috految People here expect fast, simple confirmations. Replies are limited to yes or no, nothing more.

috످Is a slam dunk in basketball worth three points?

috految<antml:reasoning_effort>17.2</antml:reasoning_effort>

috److No

috످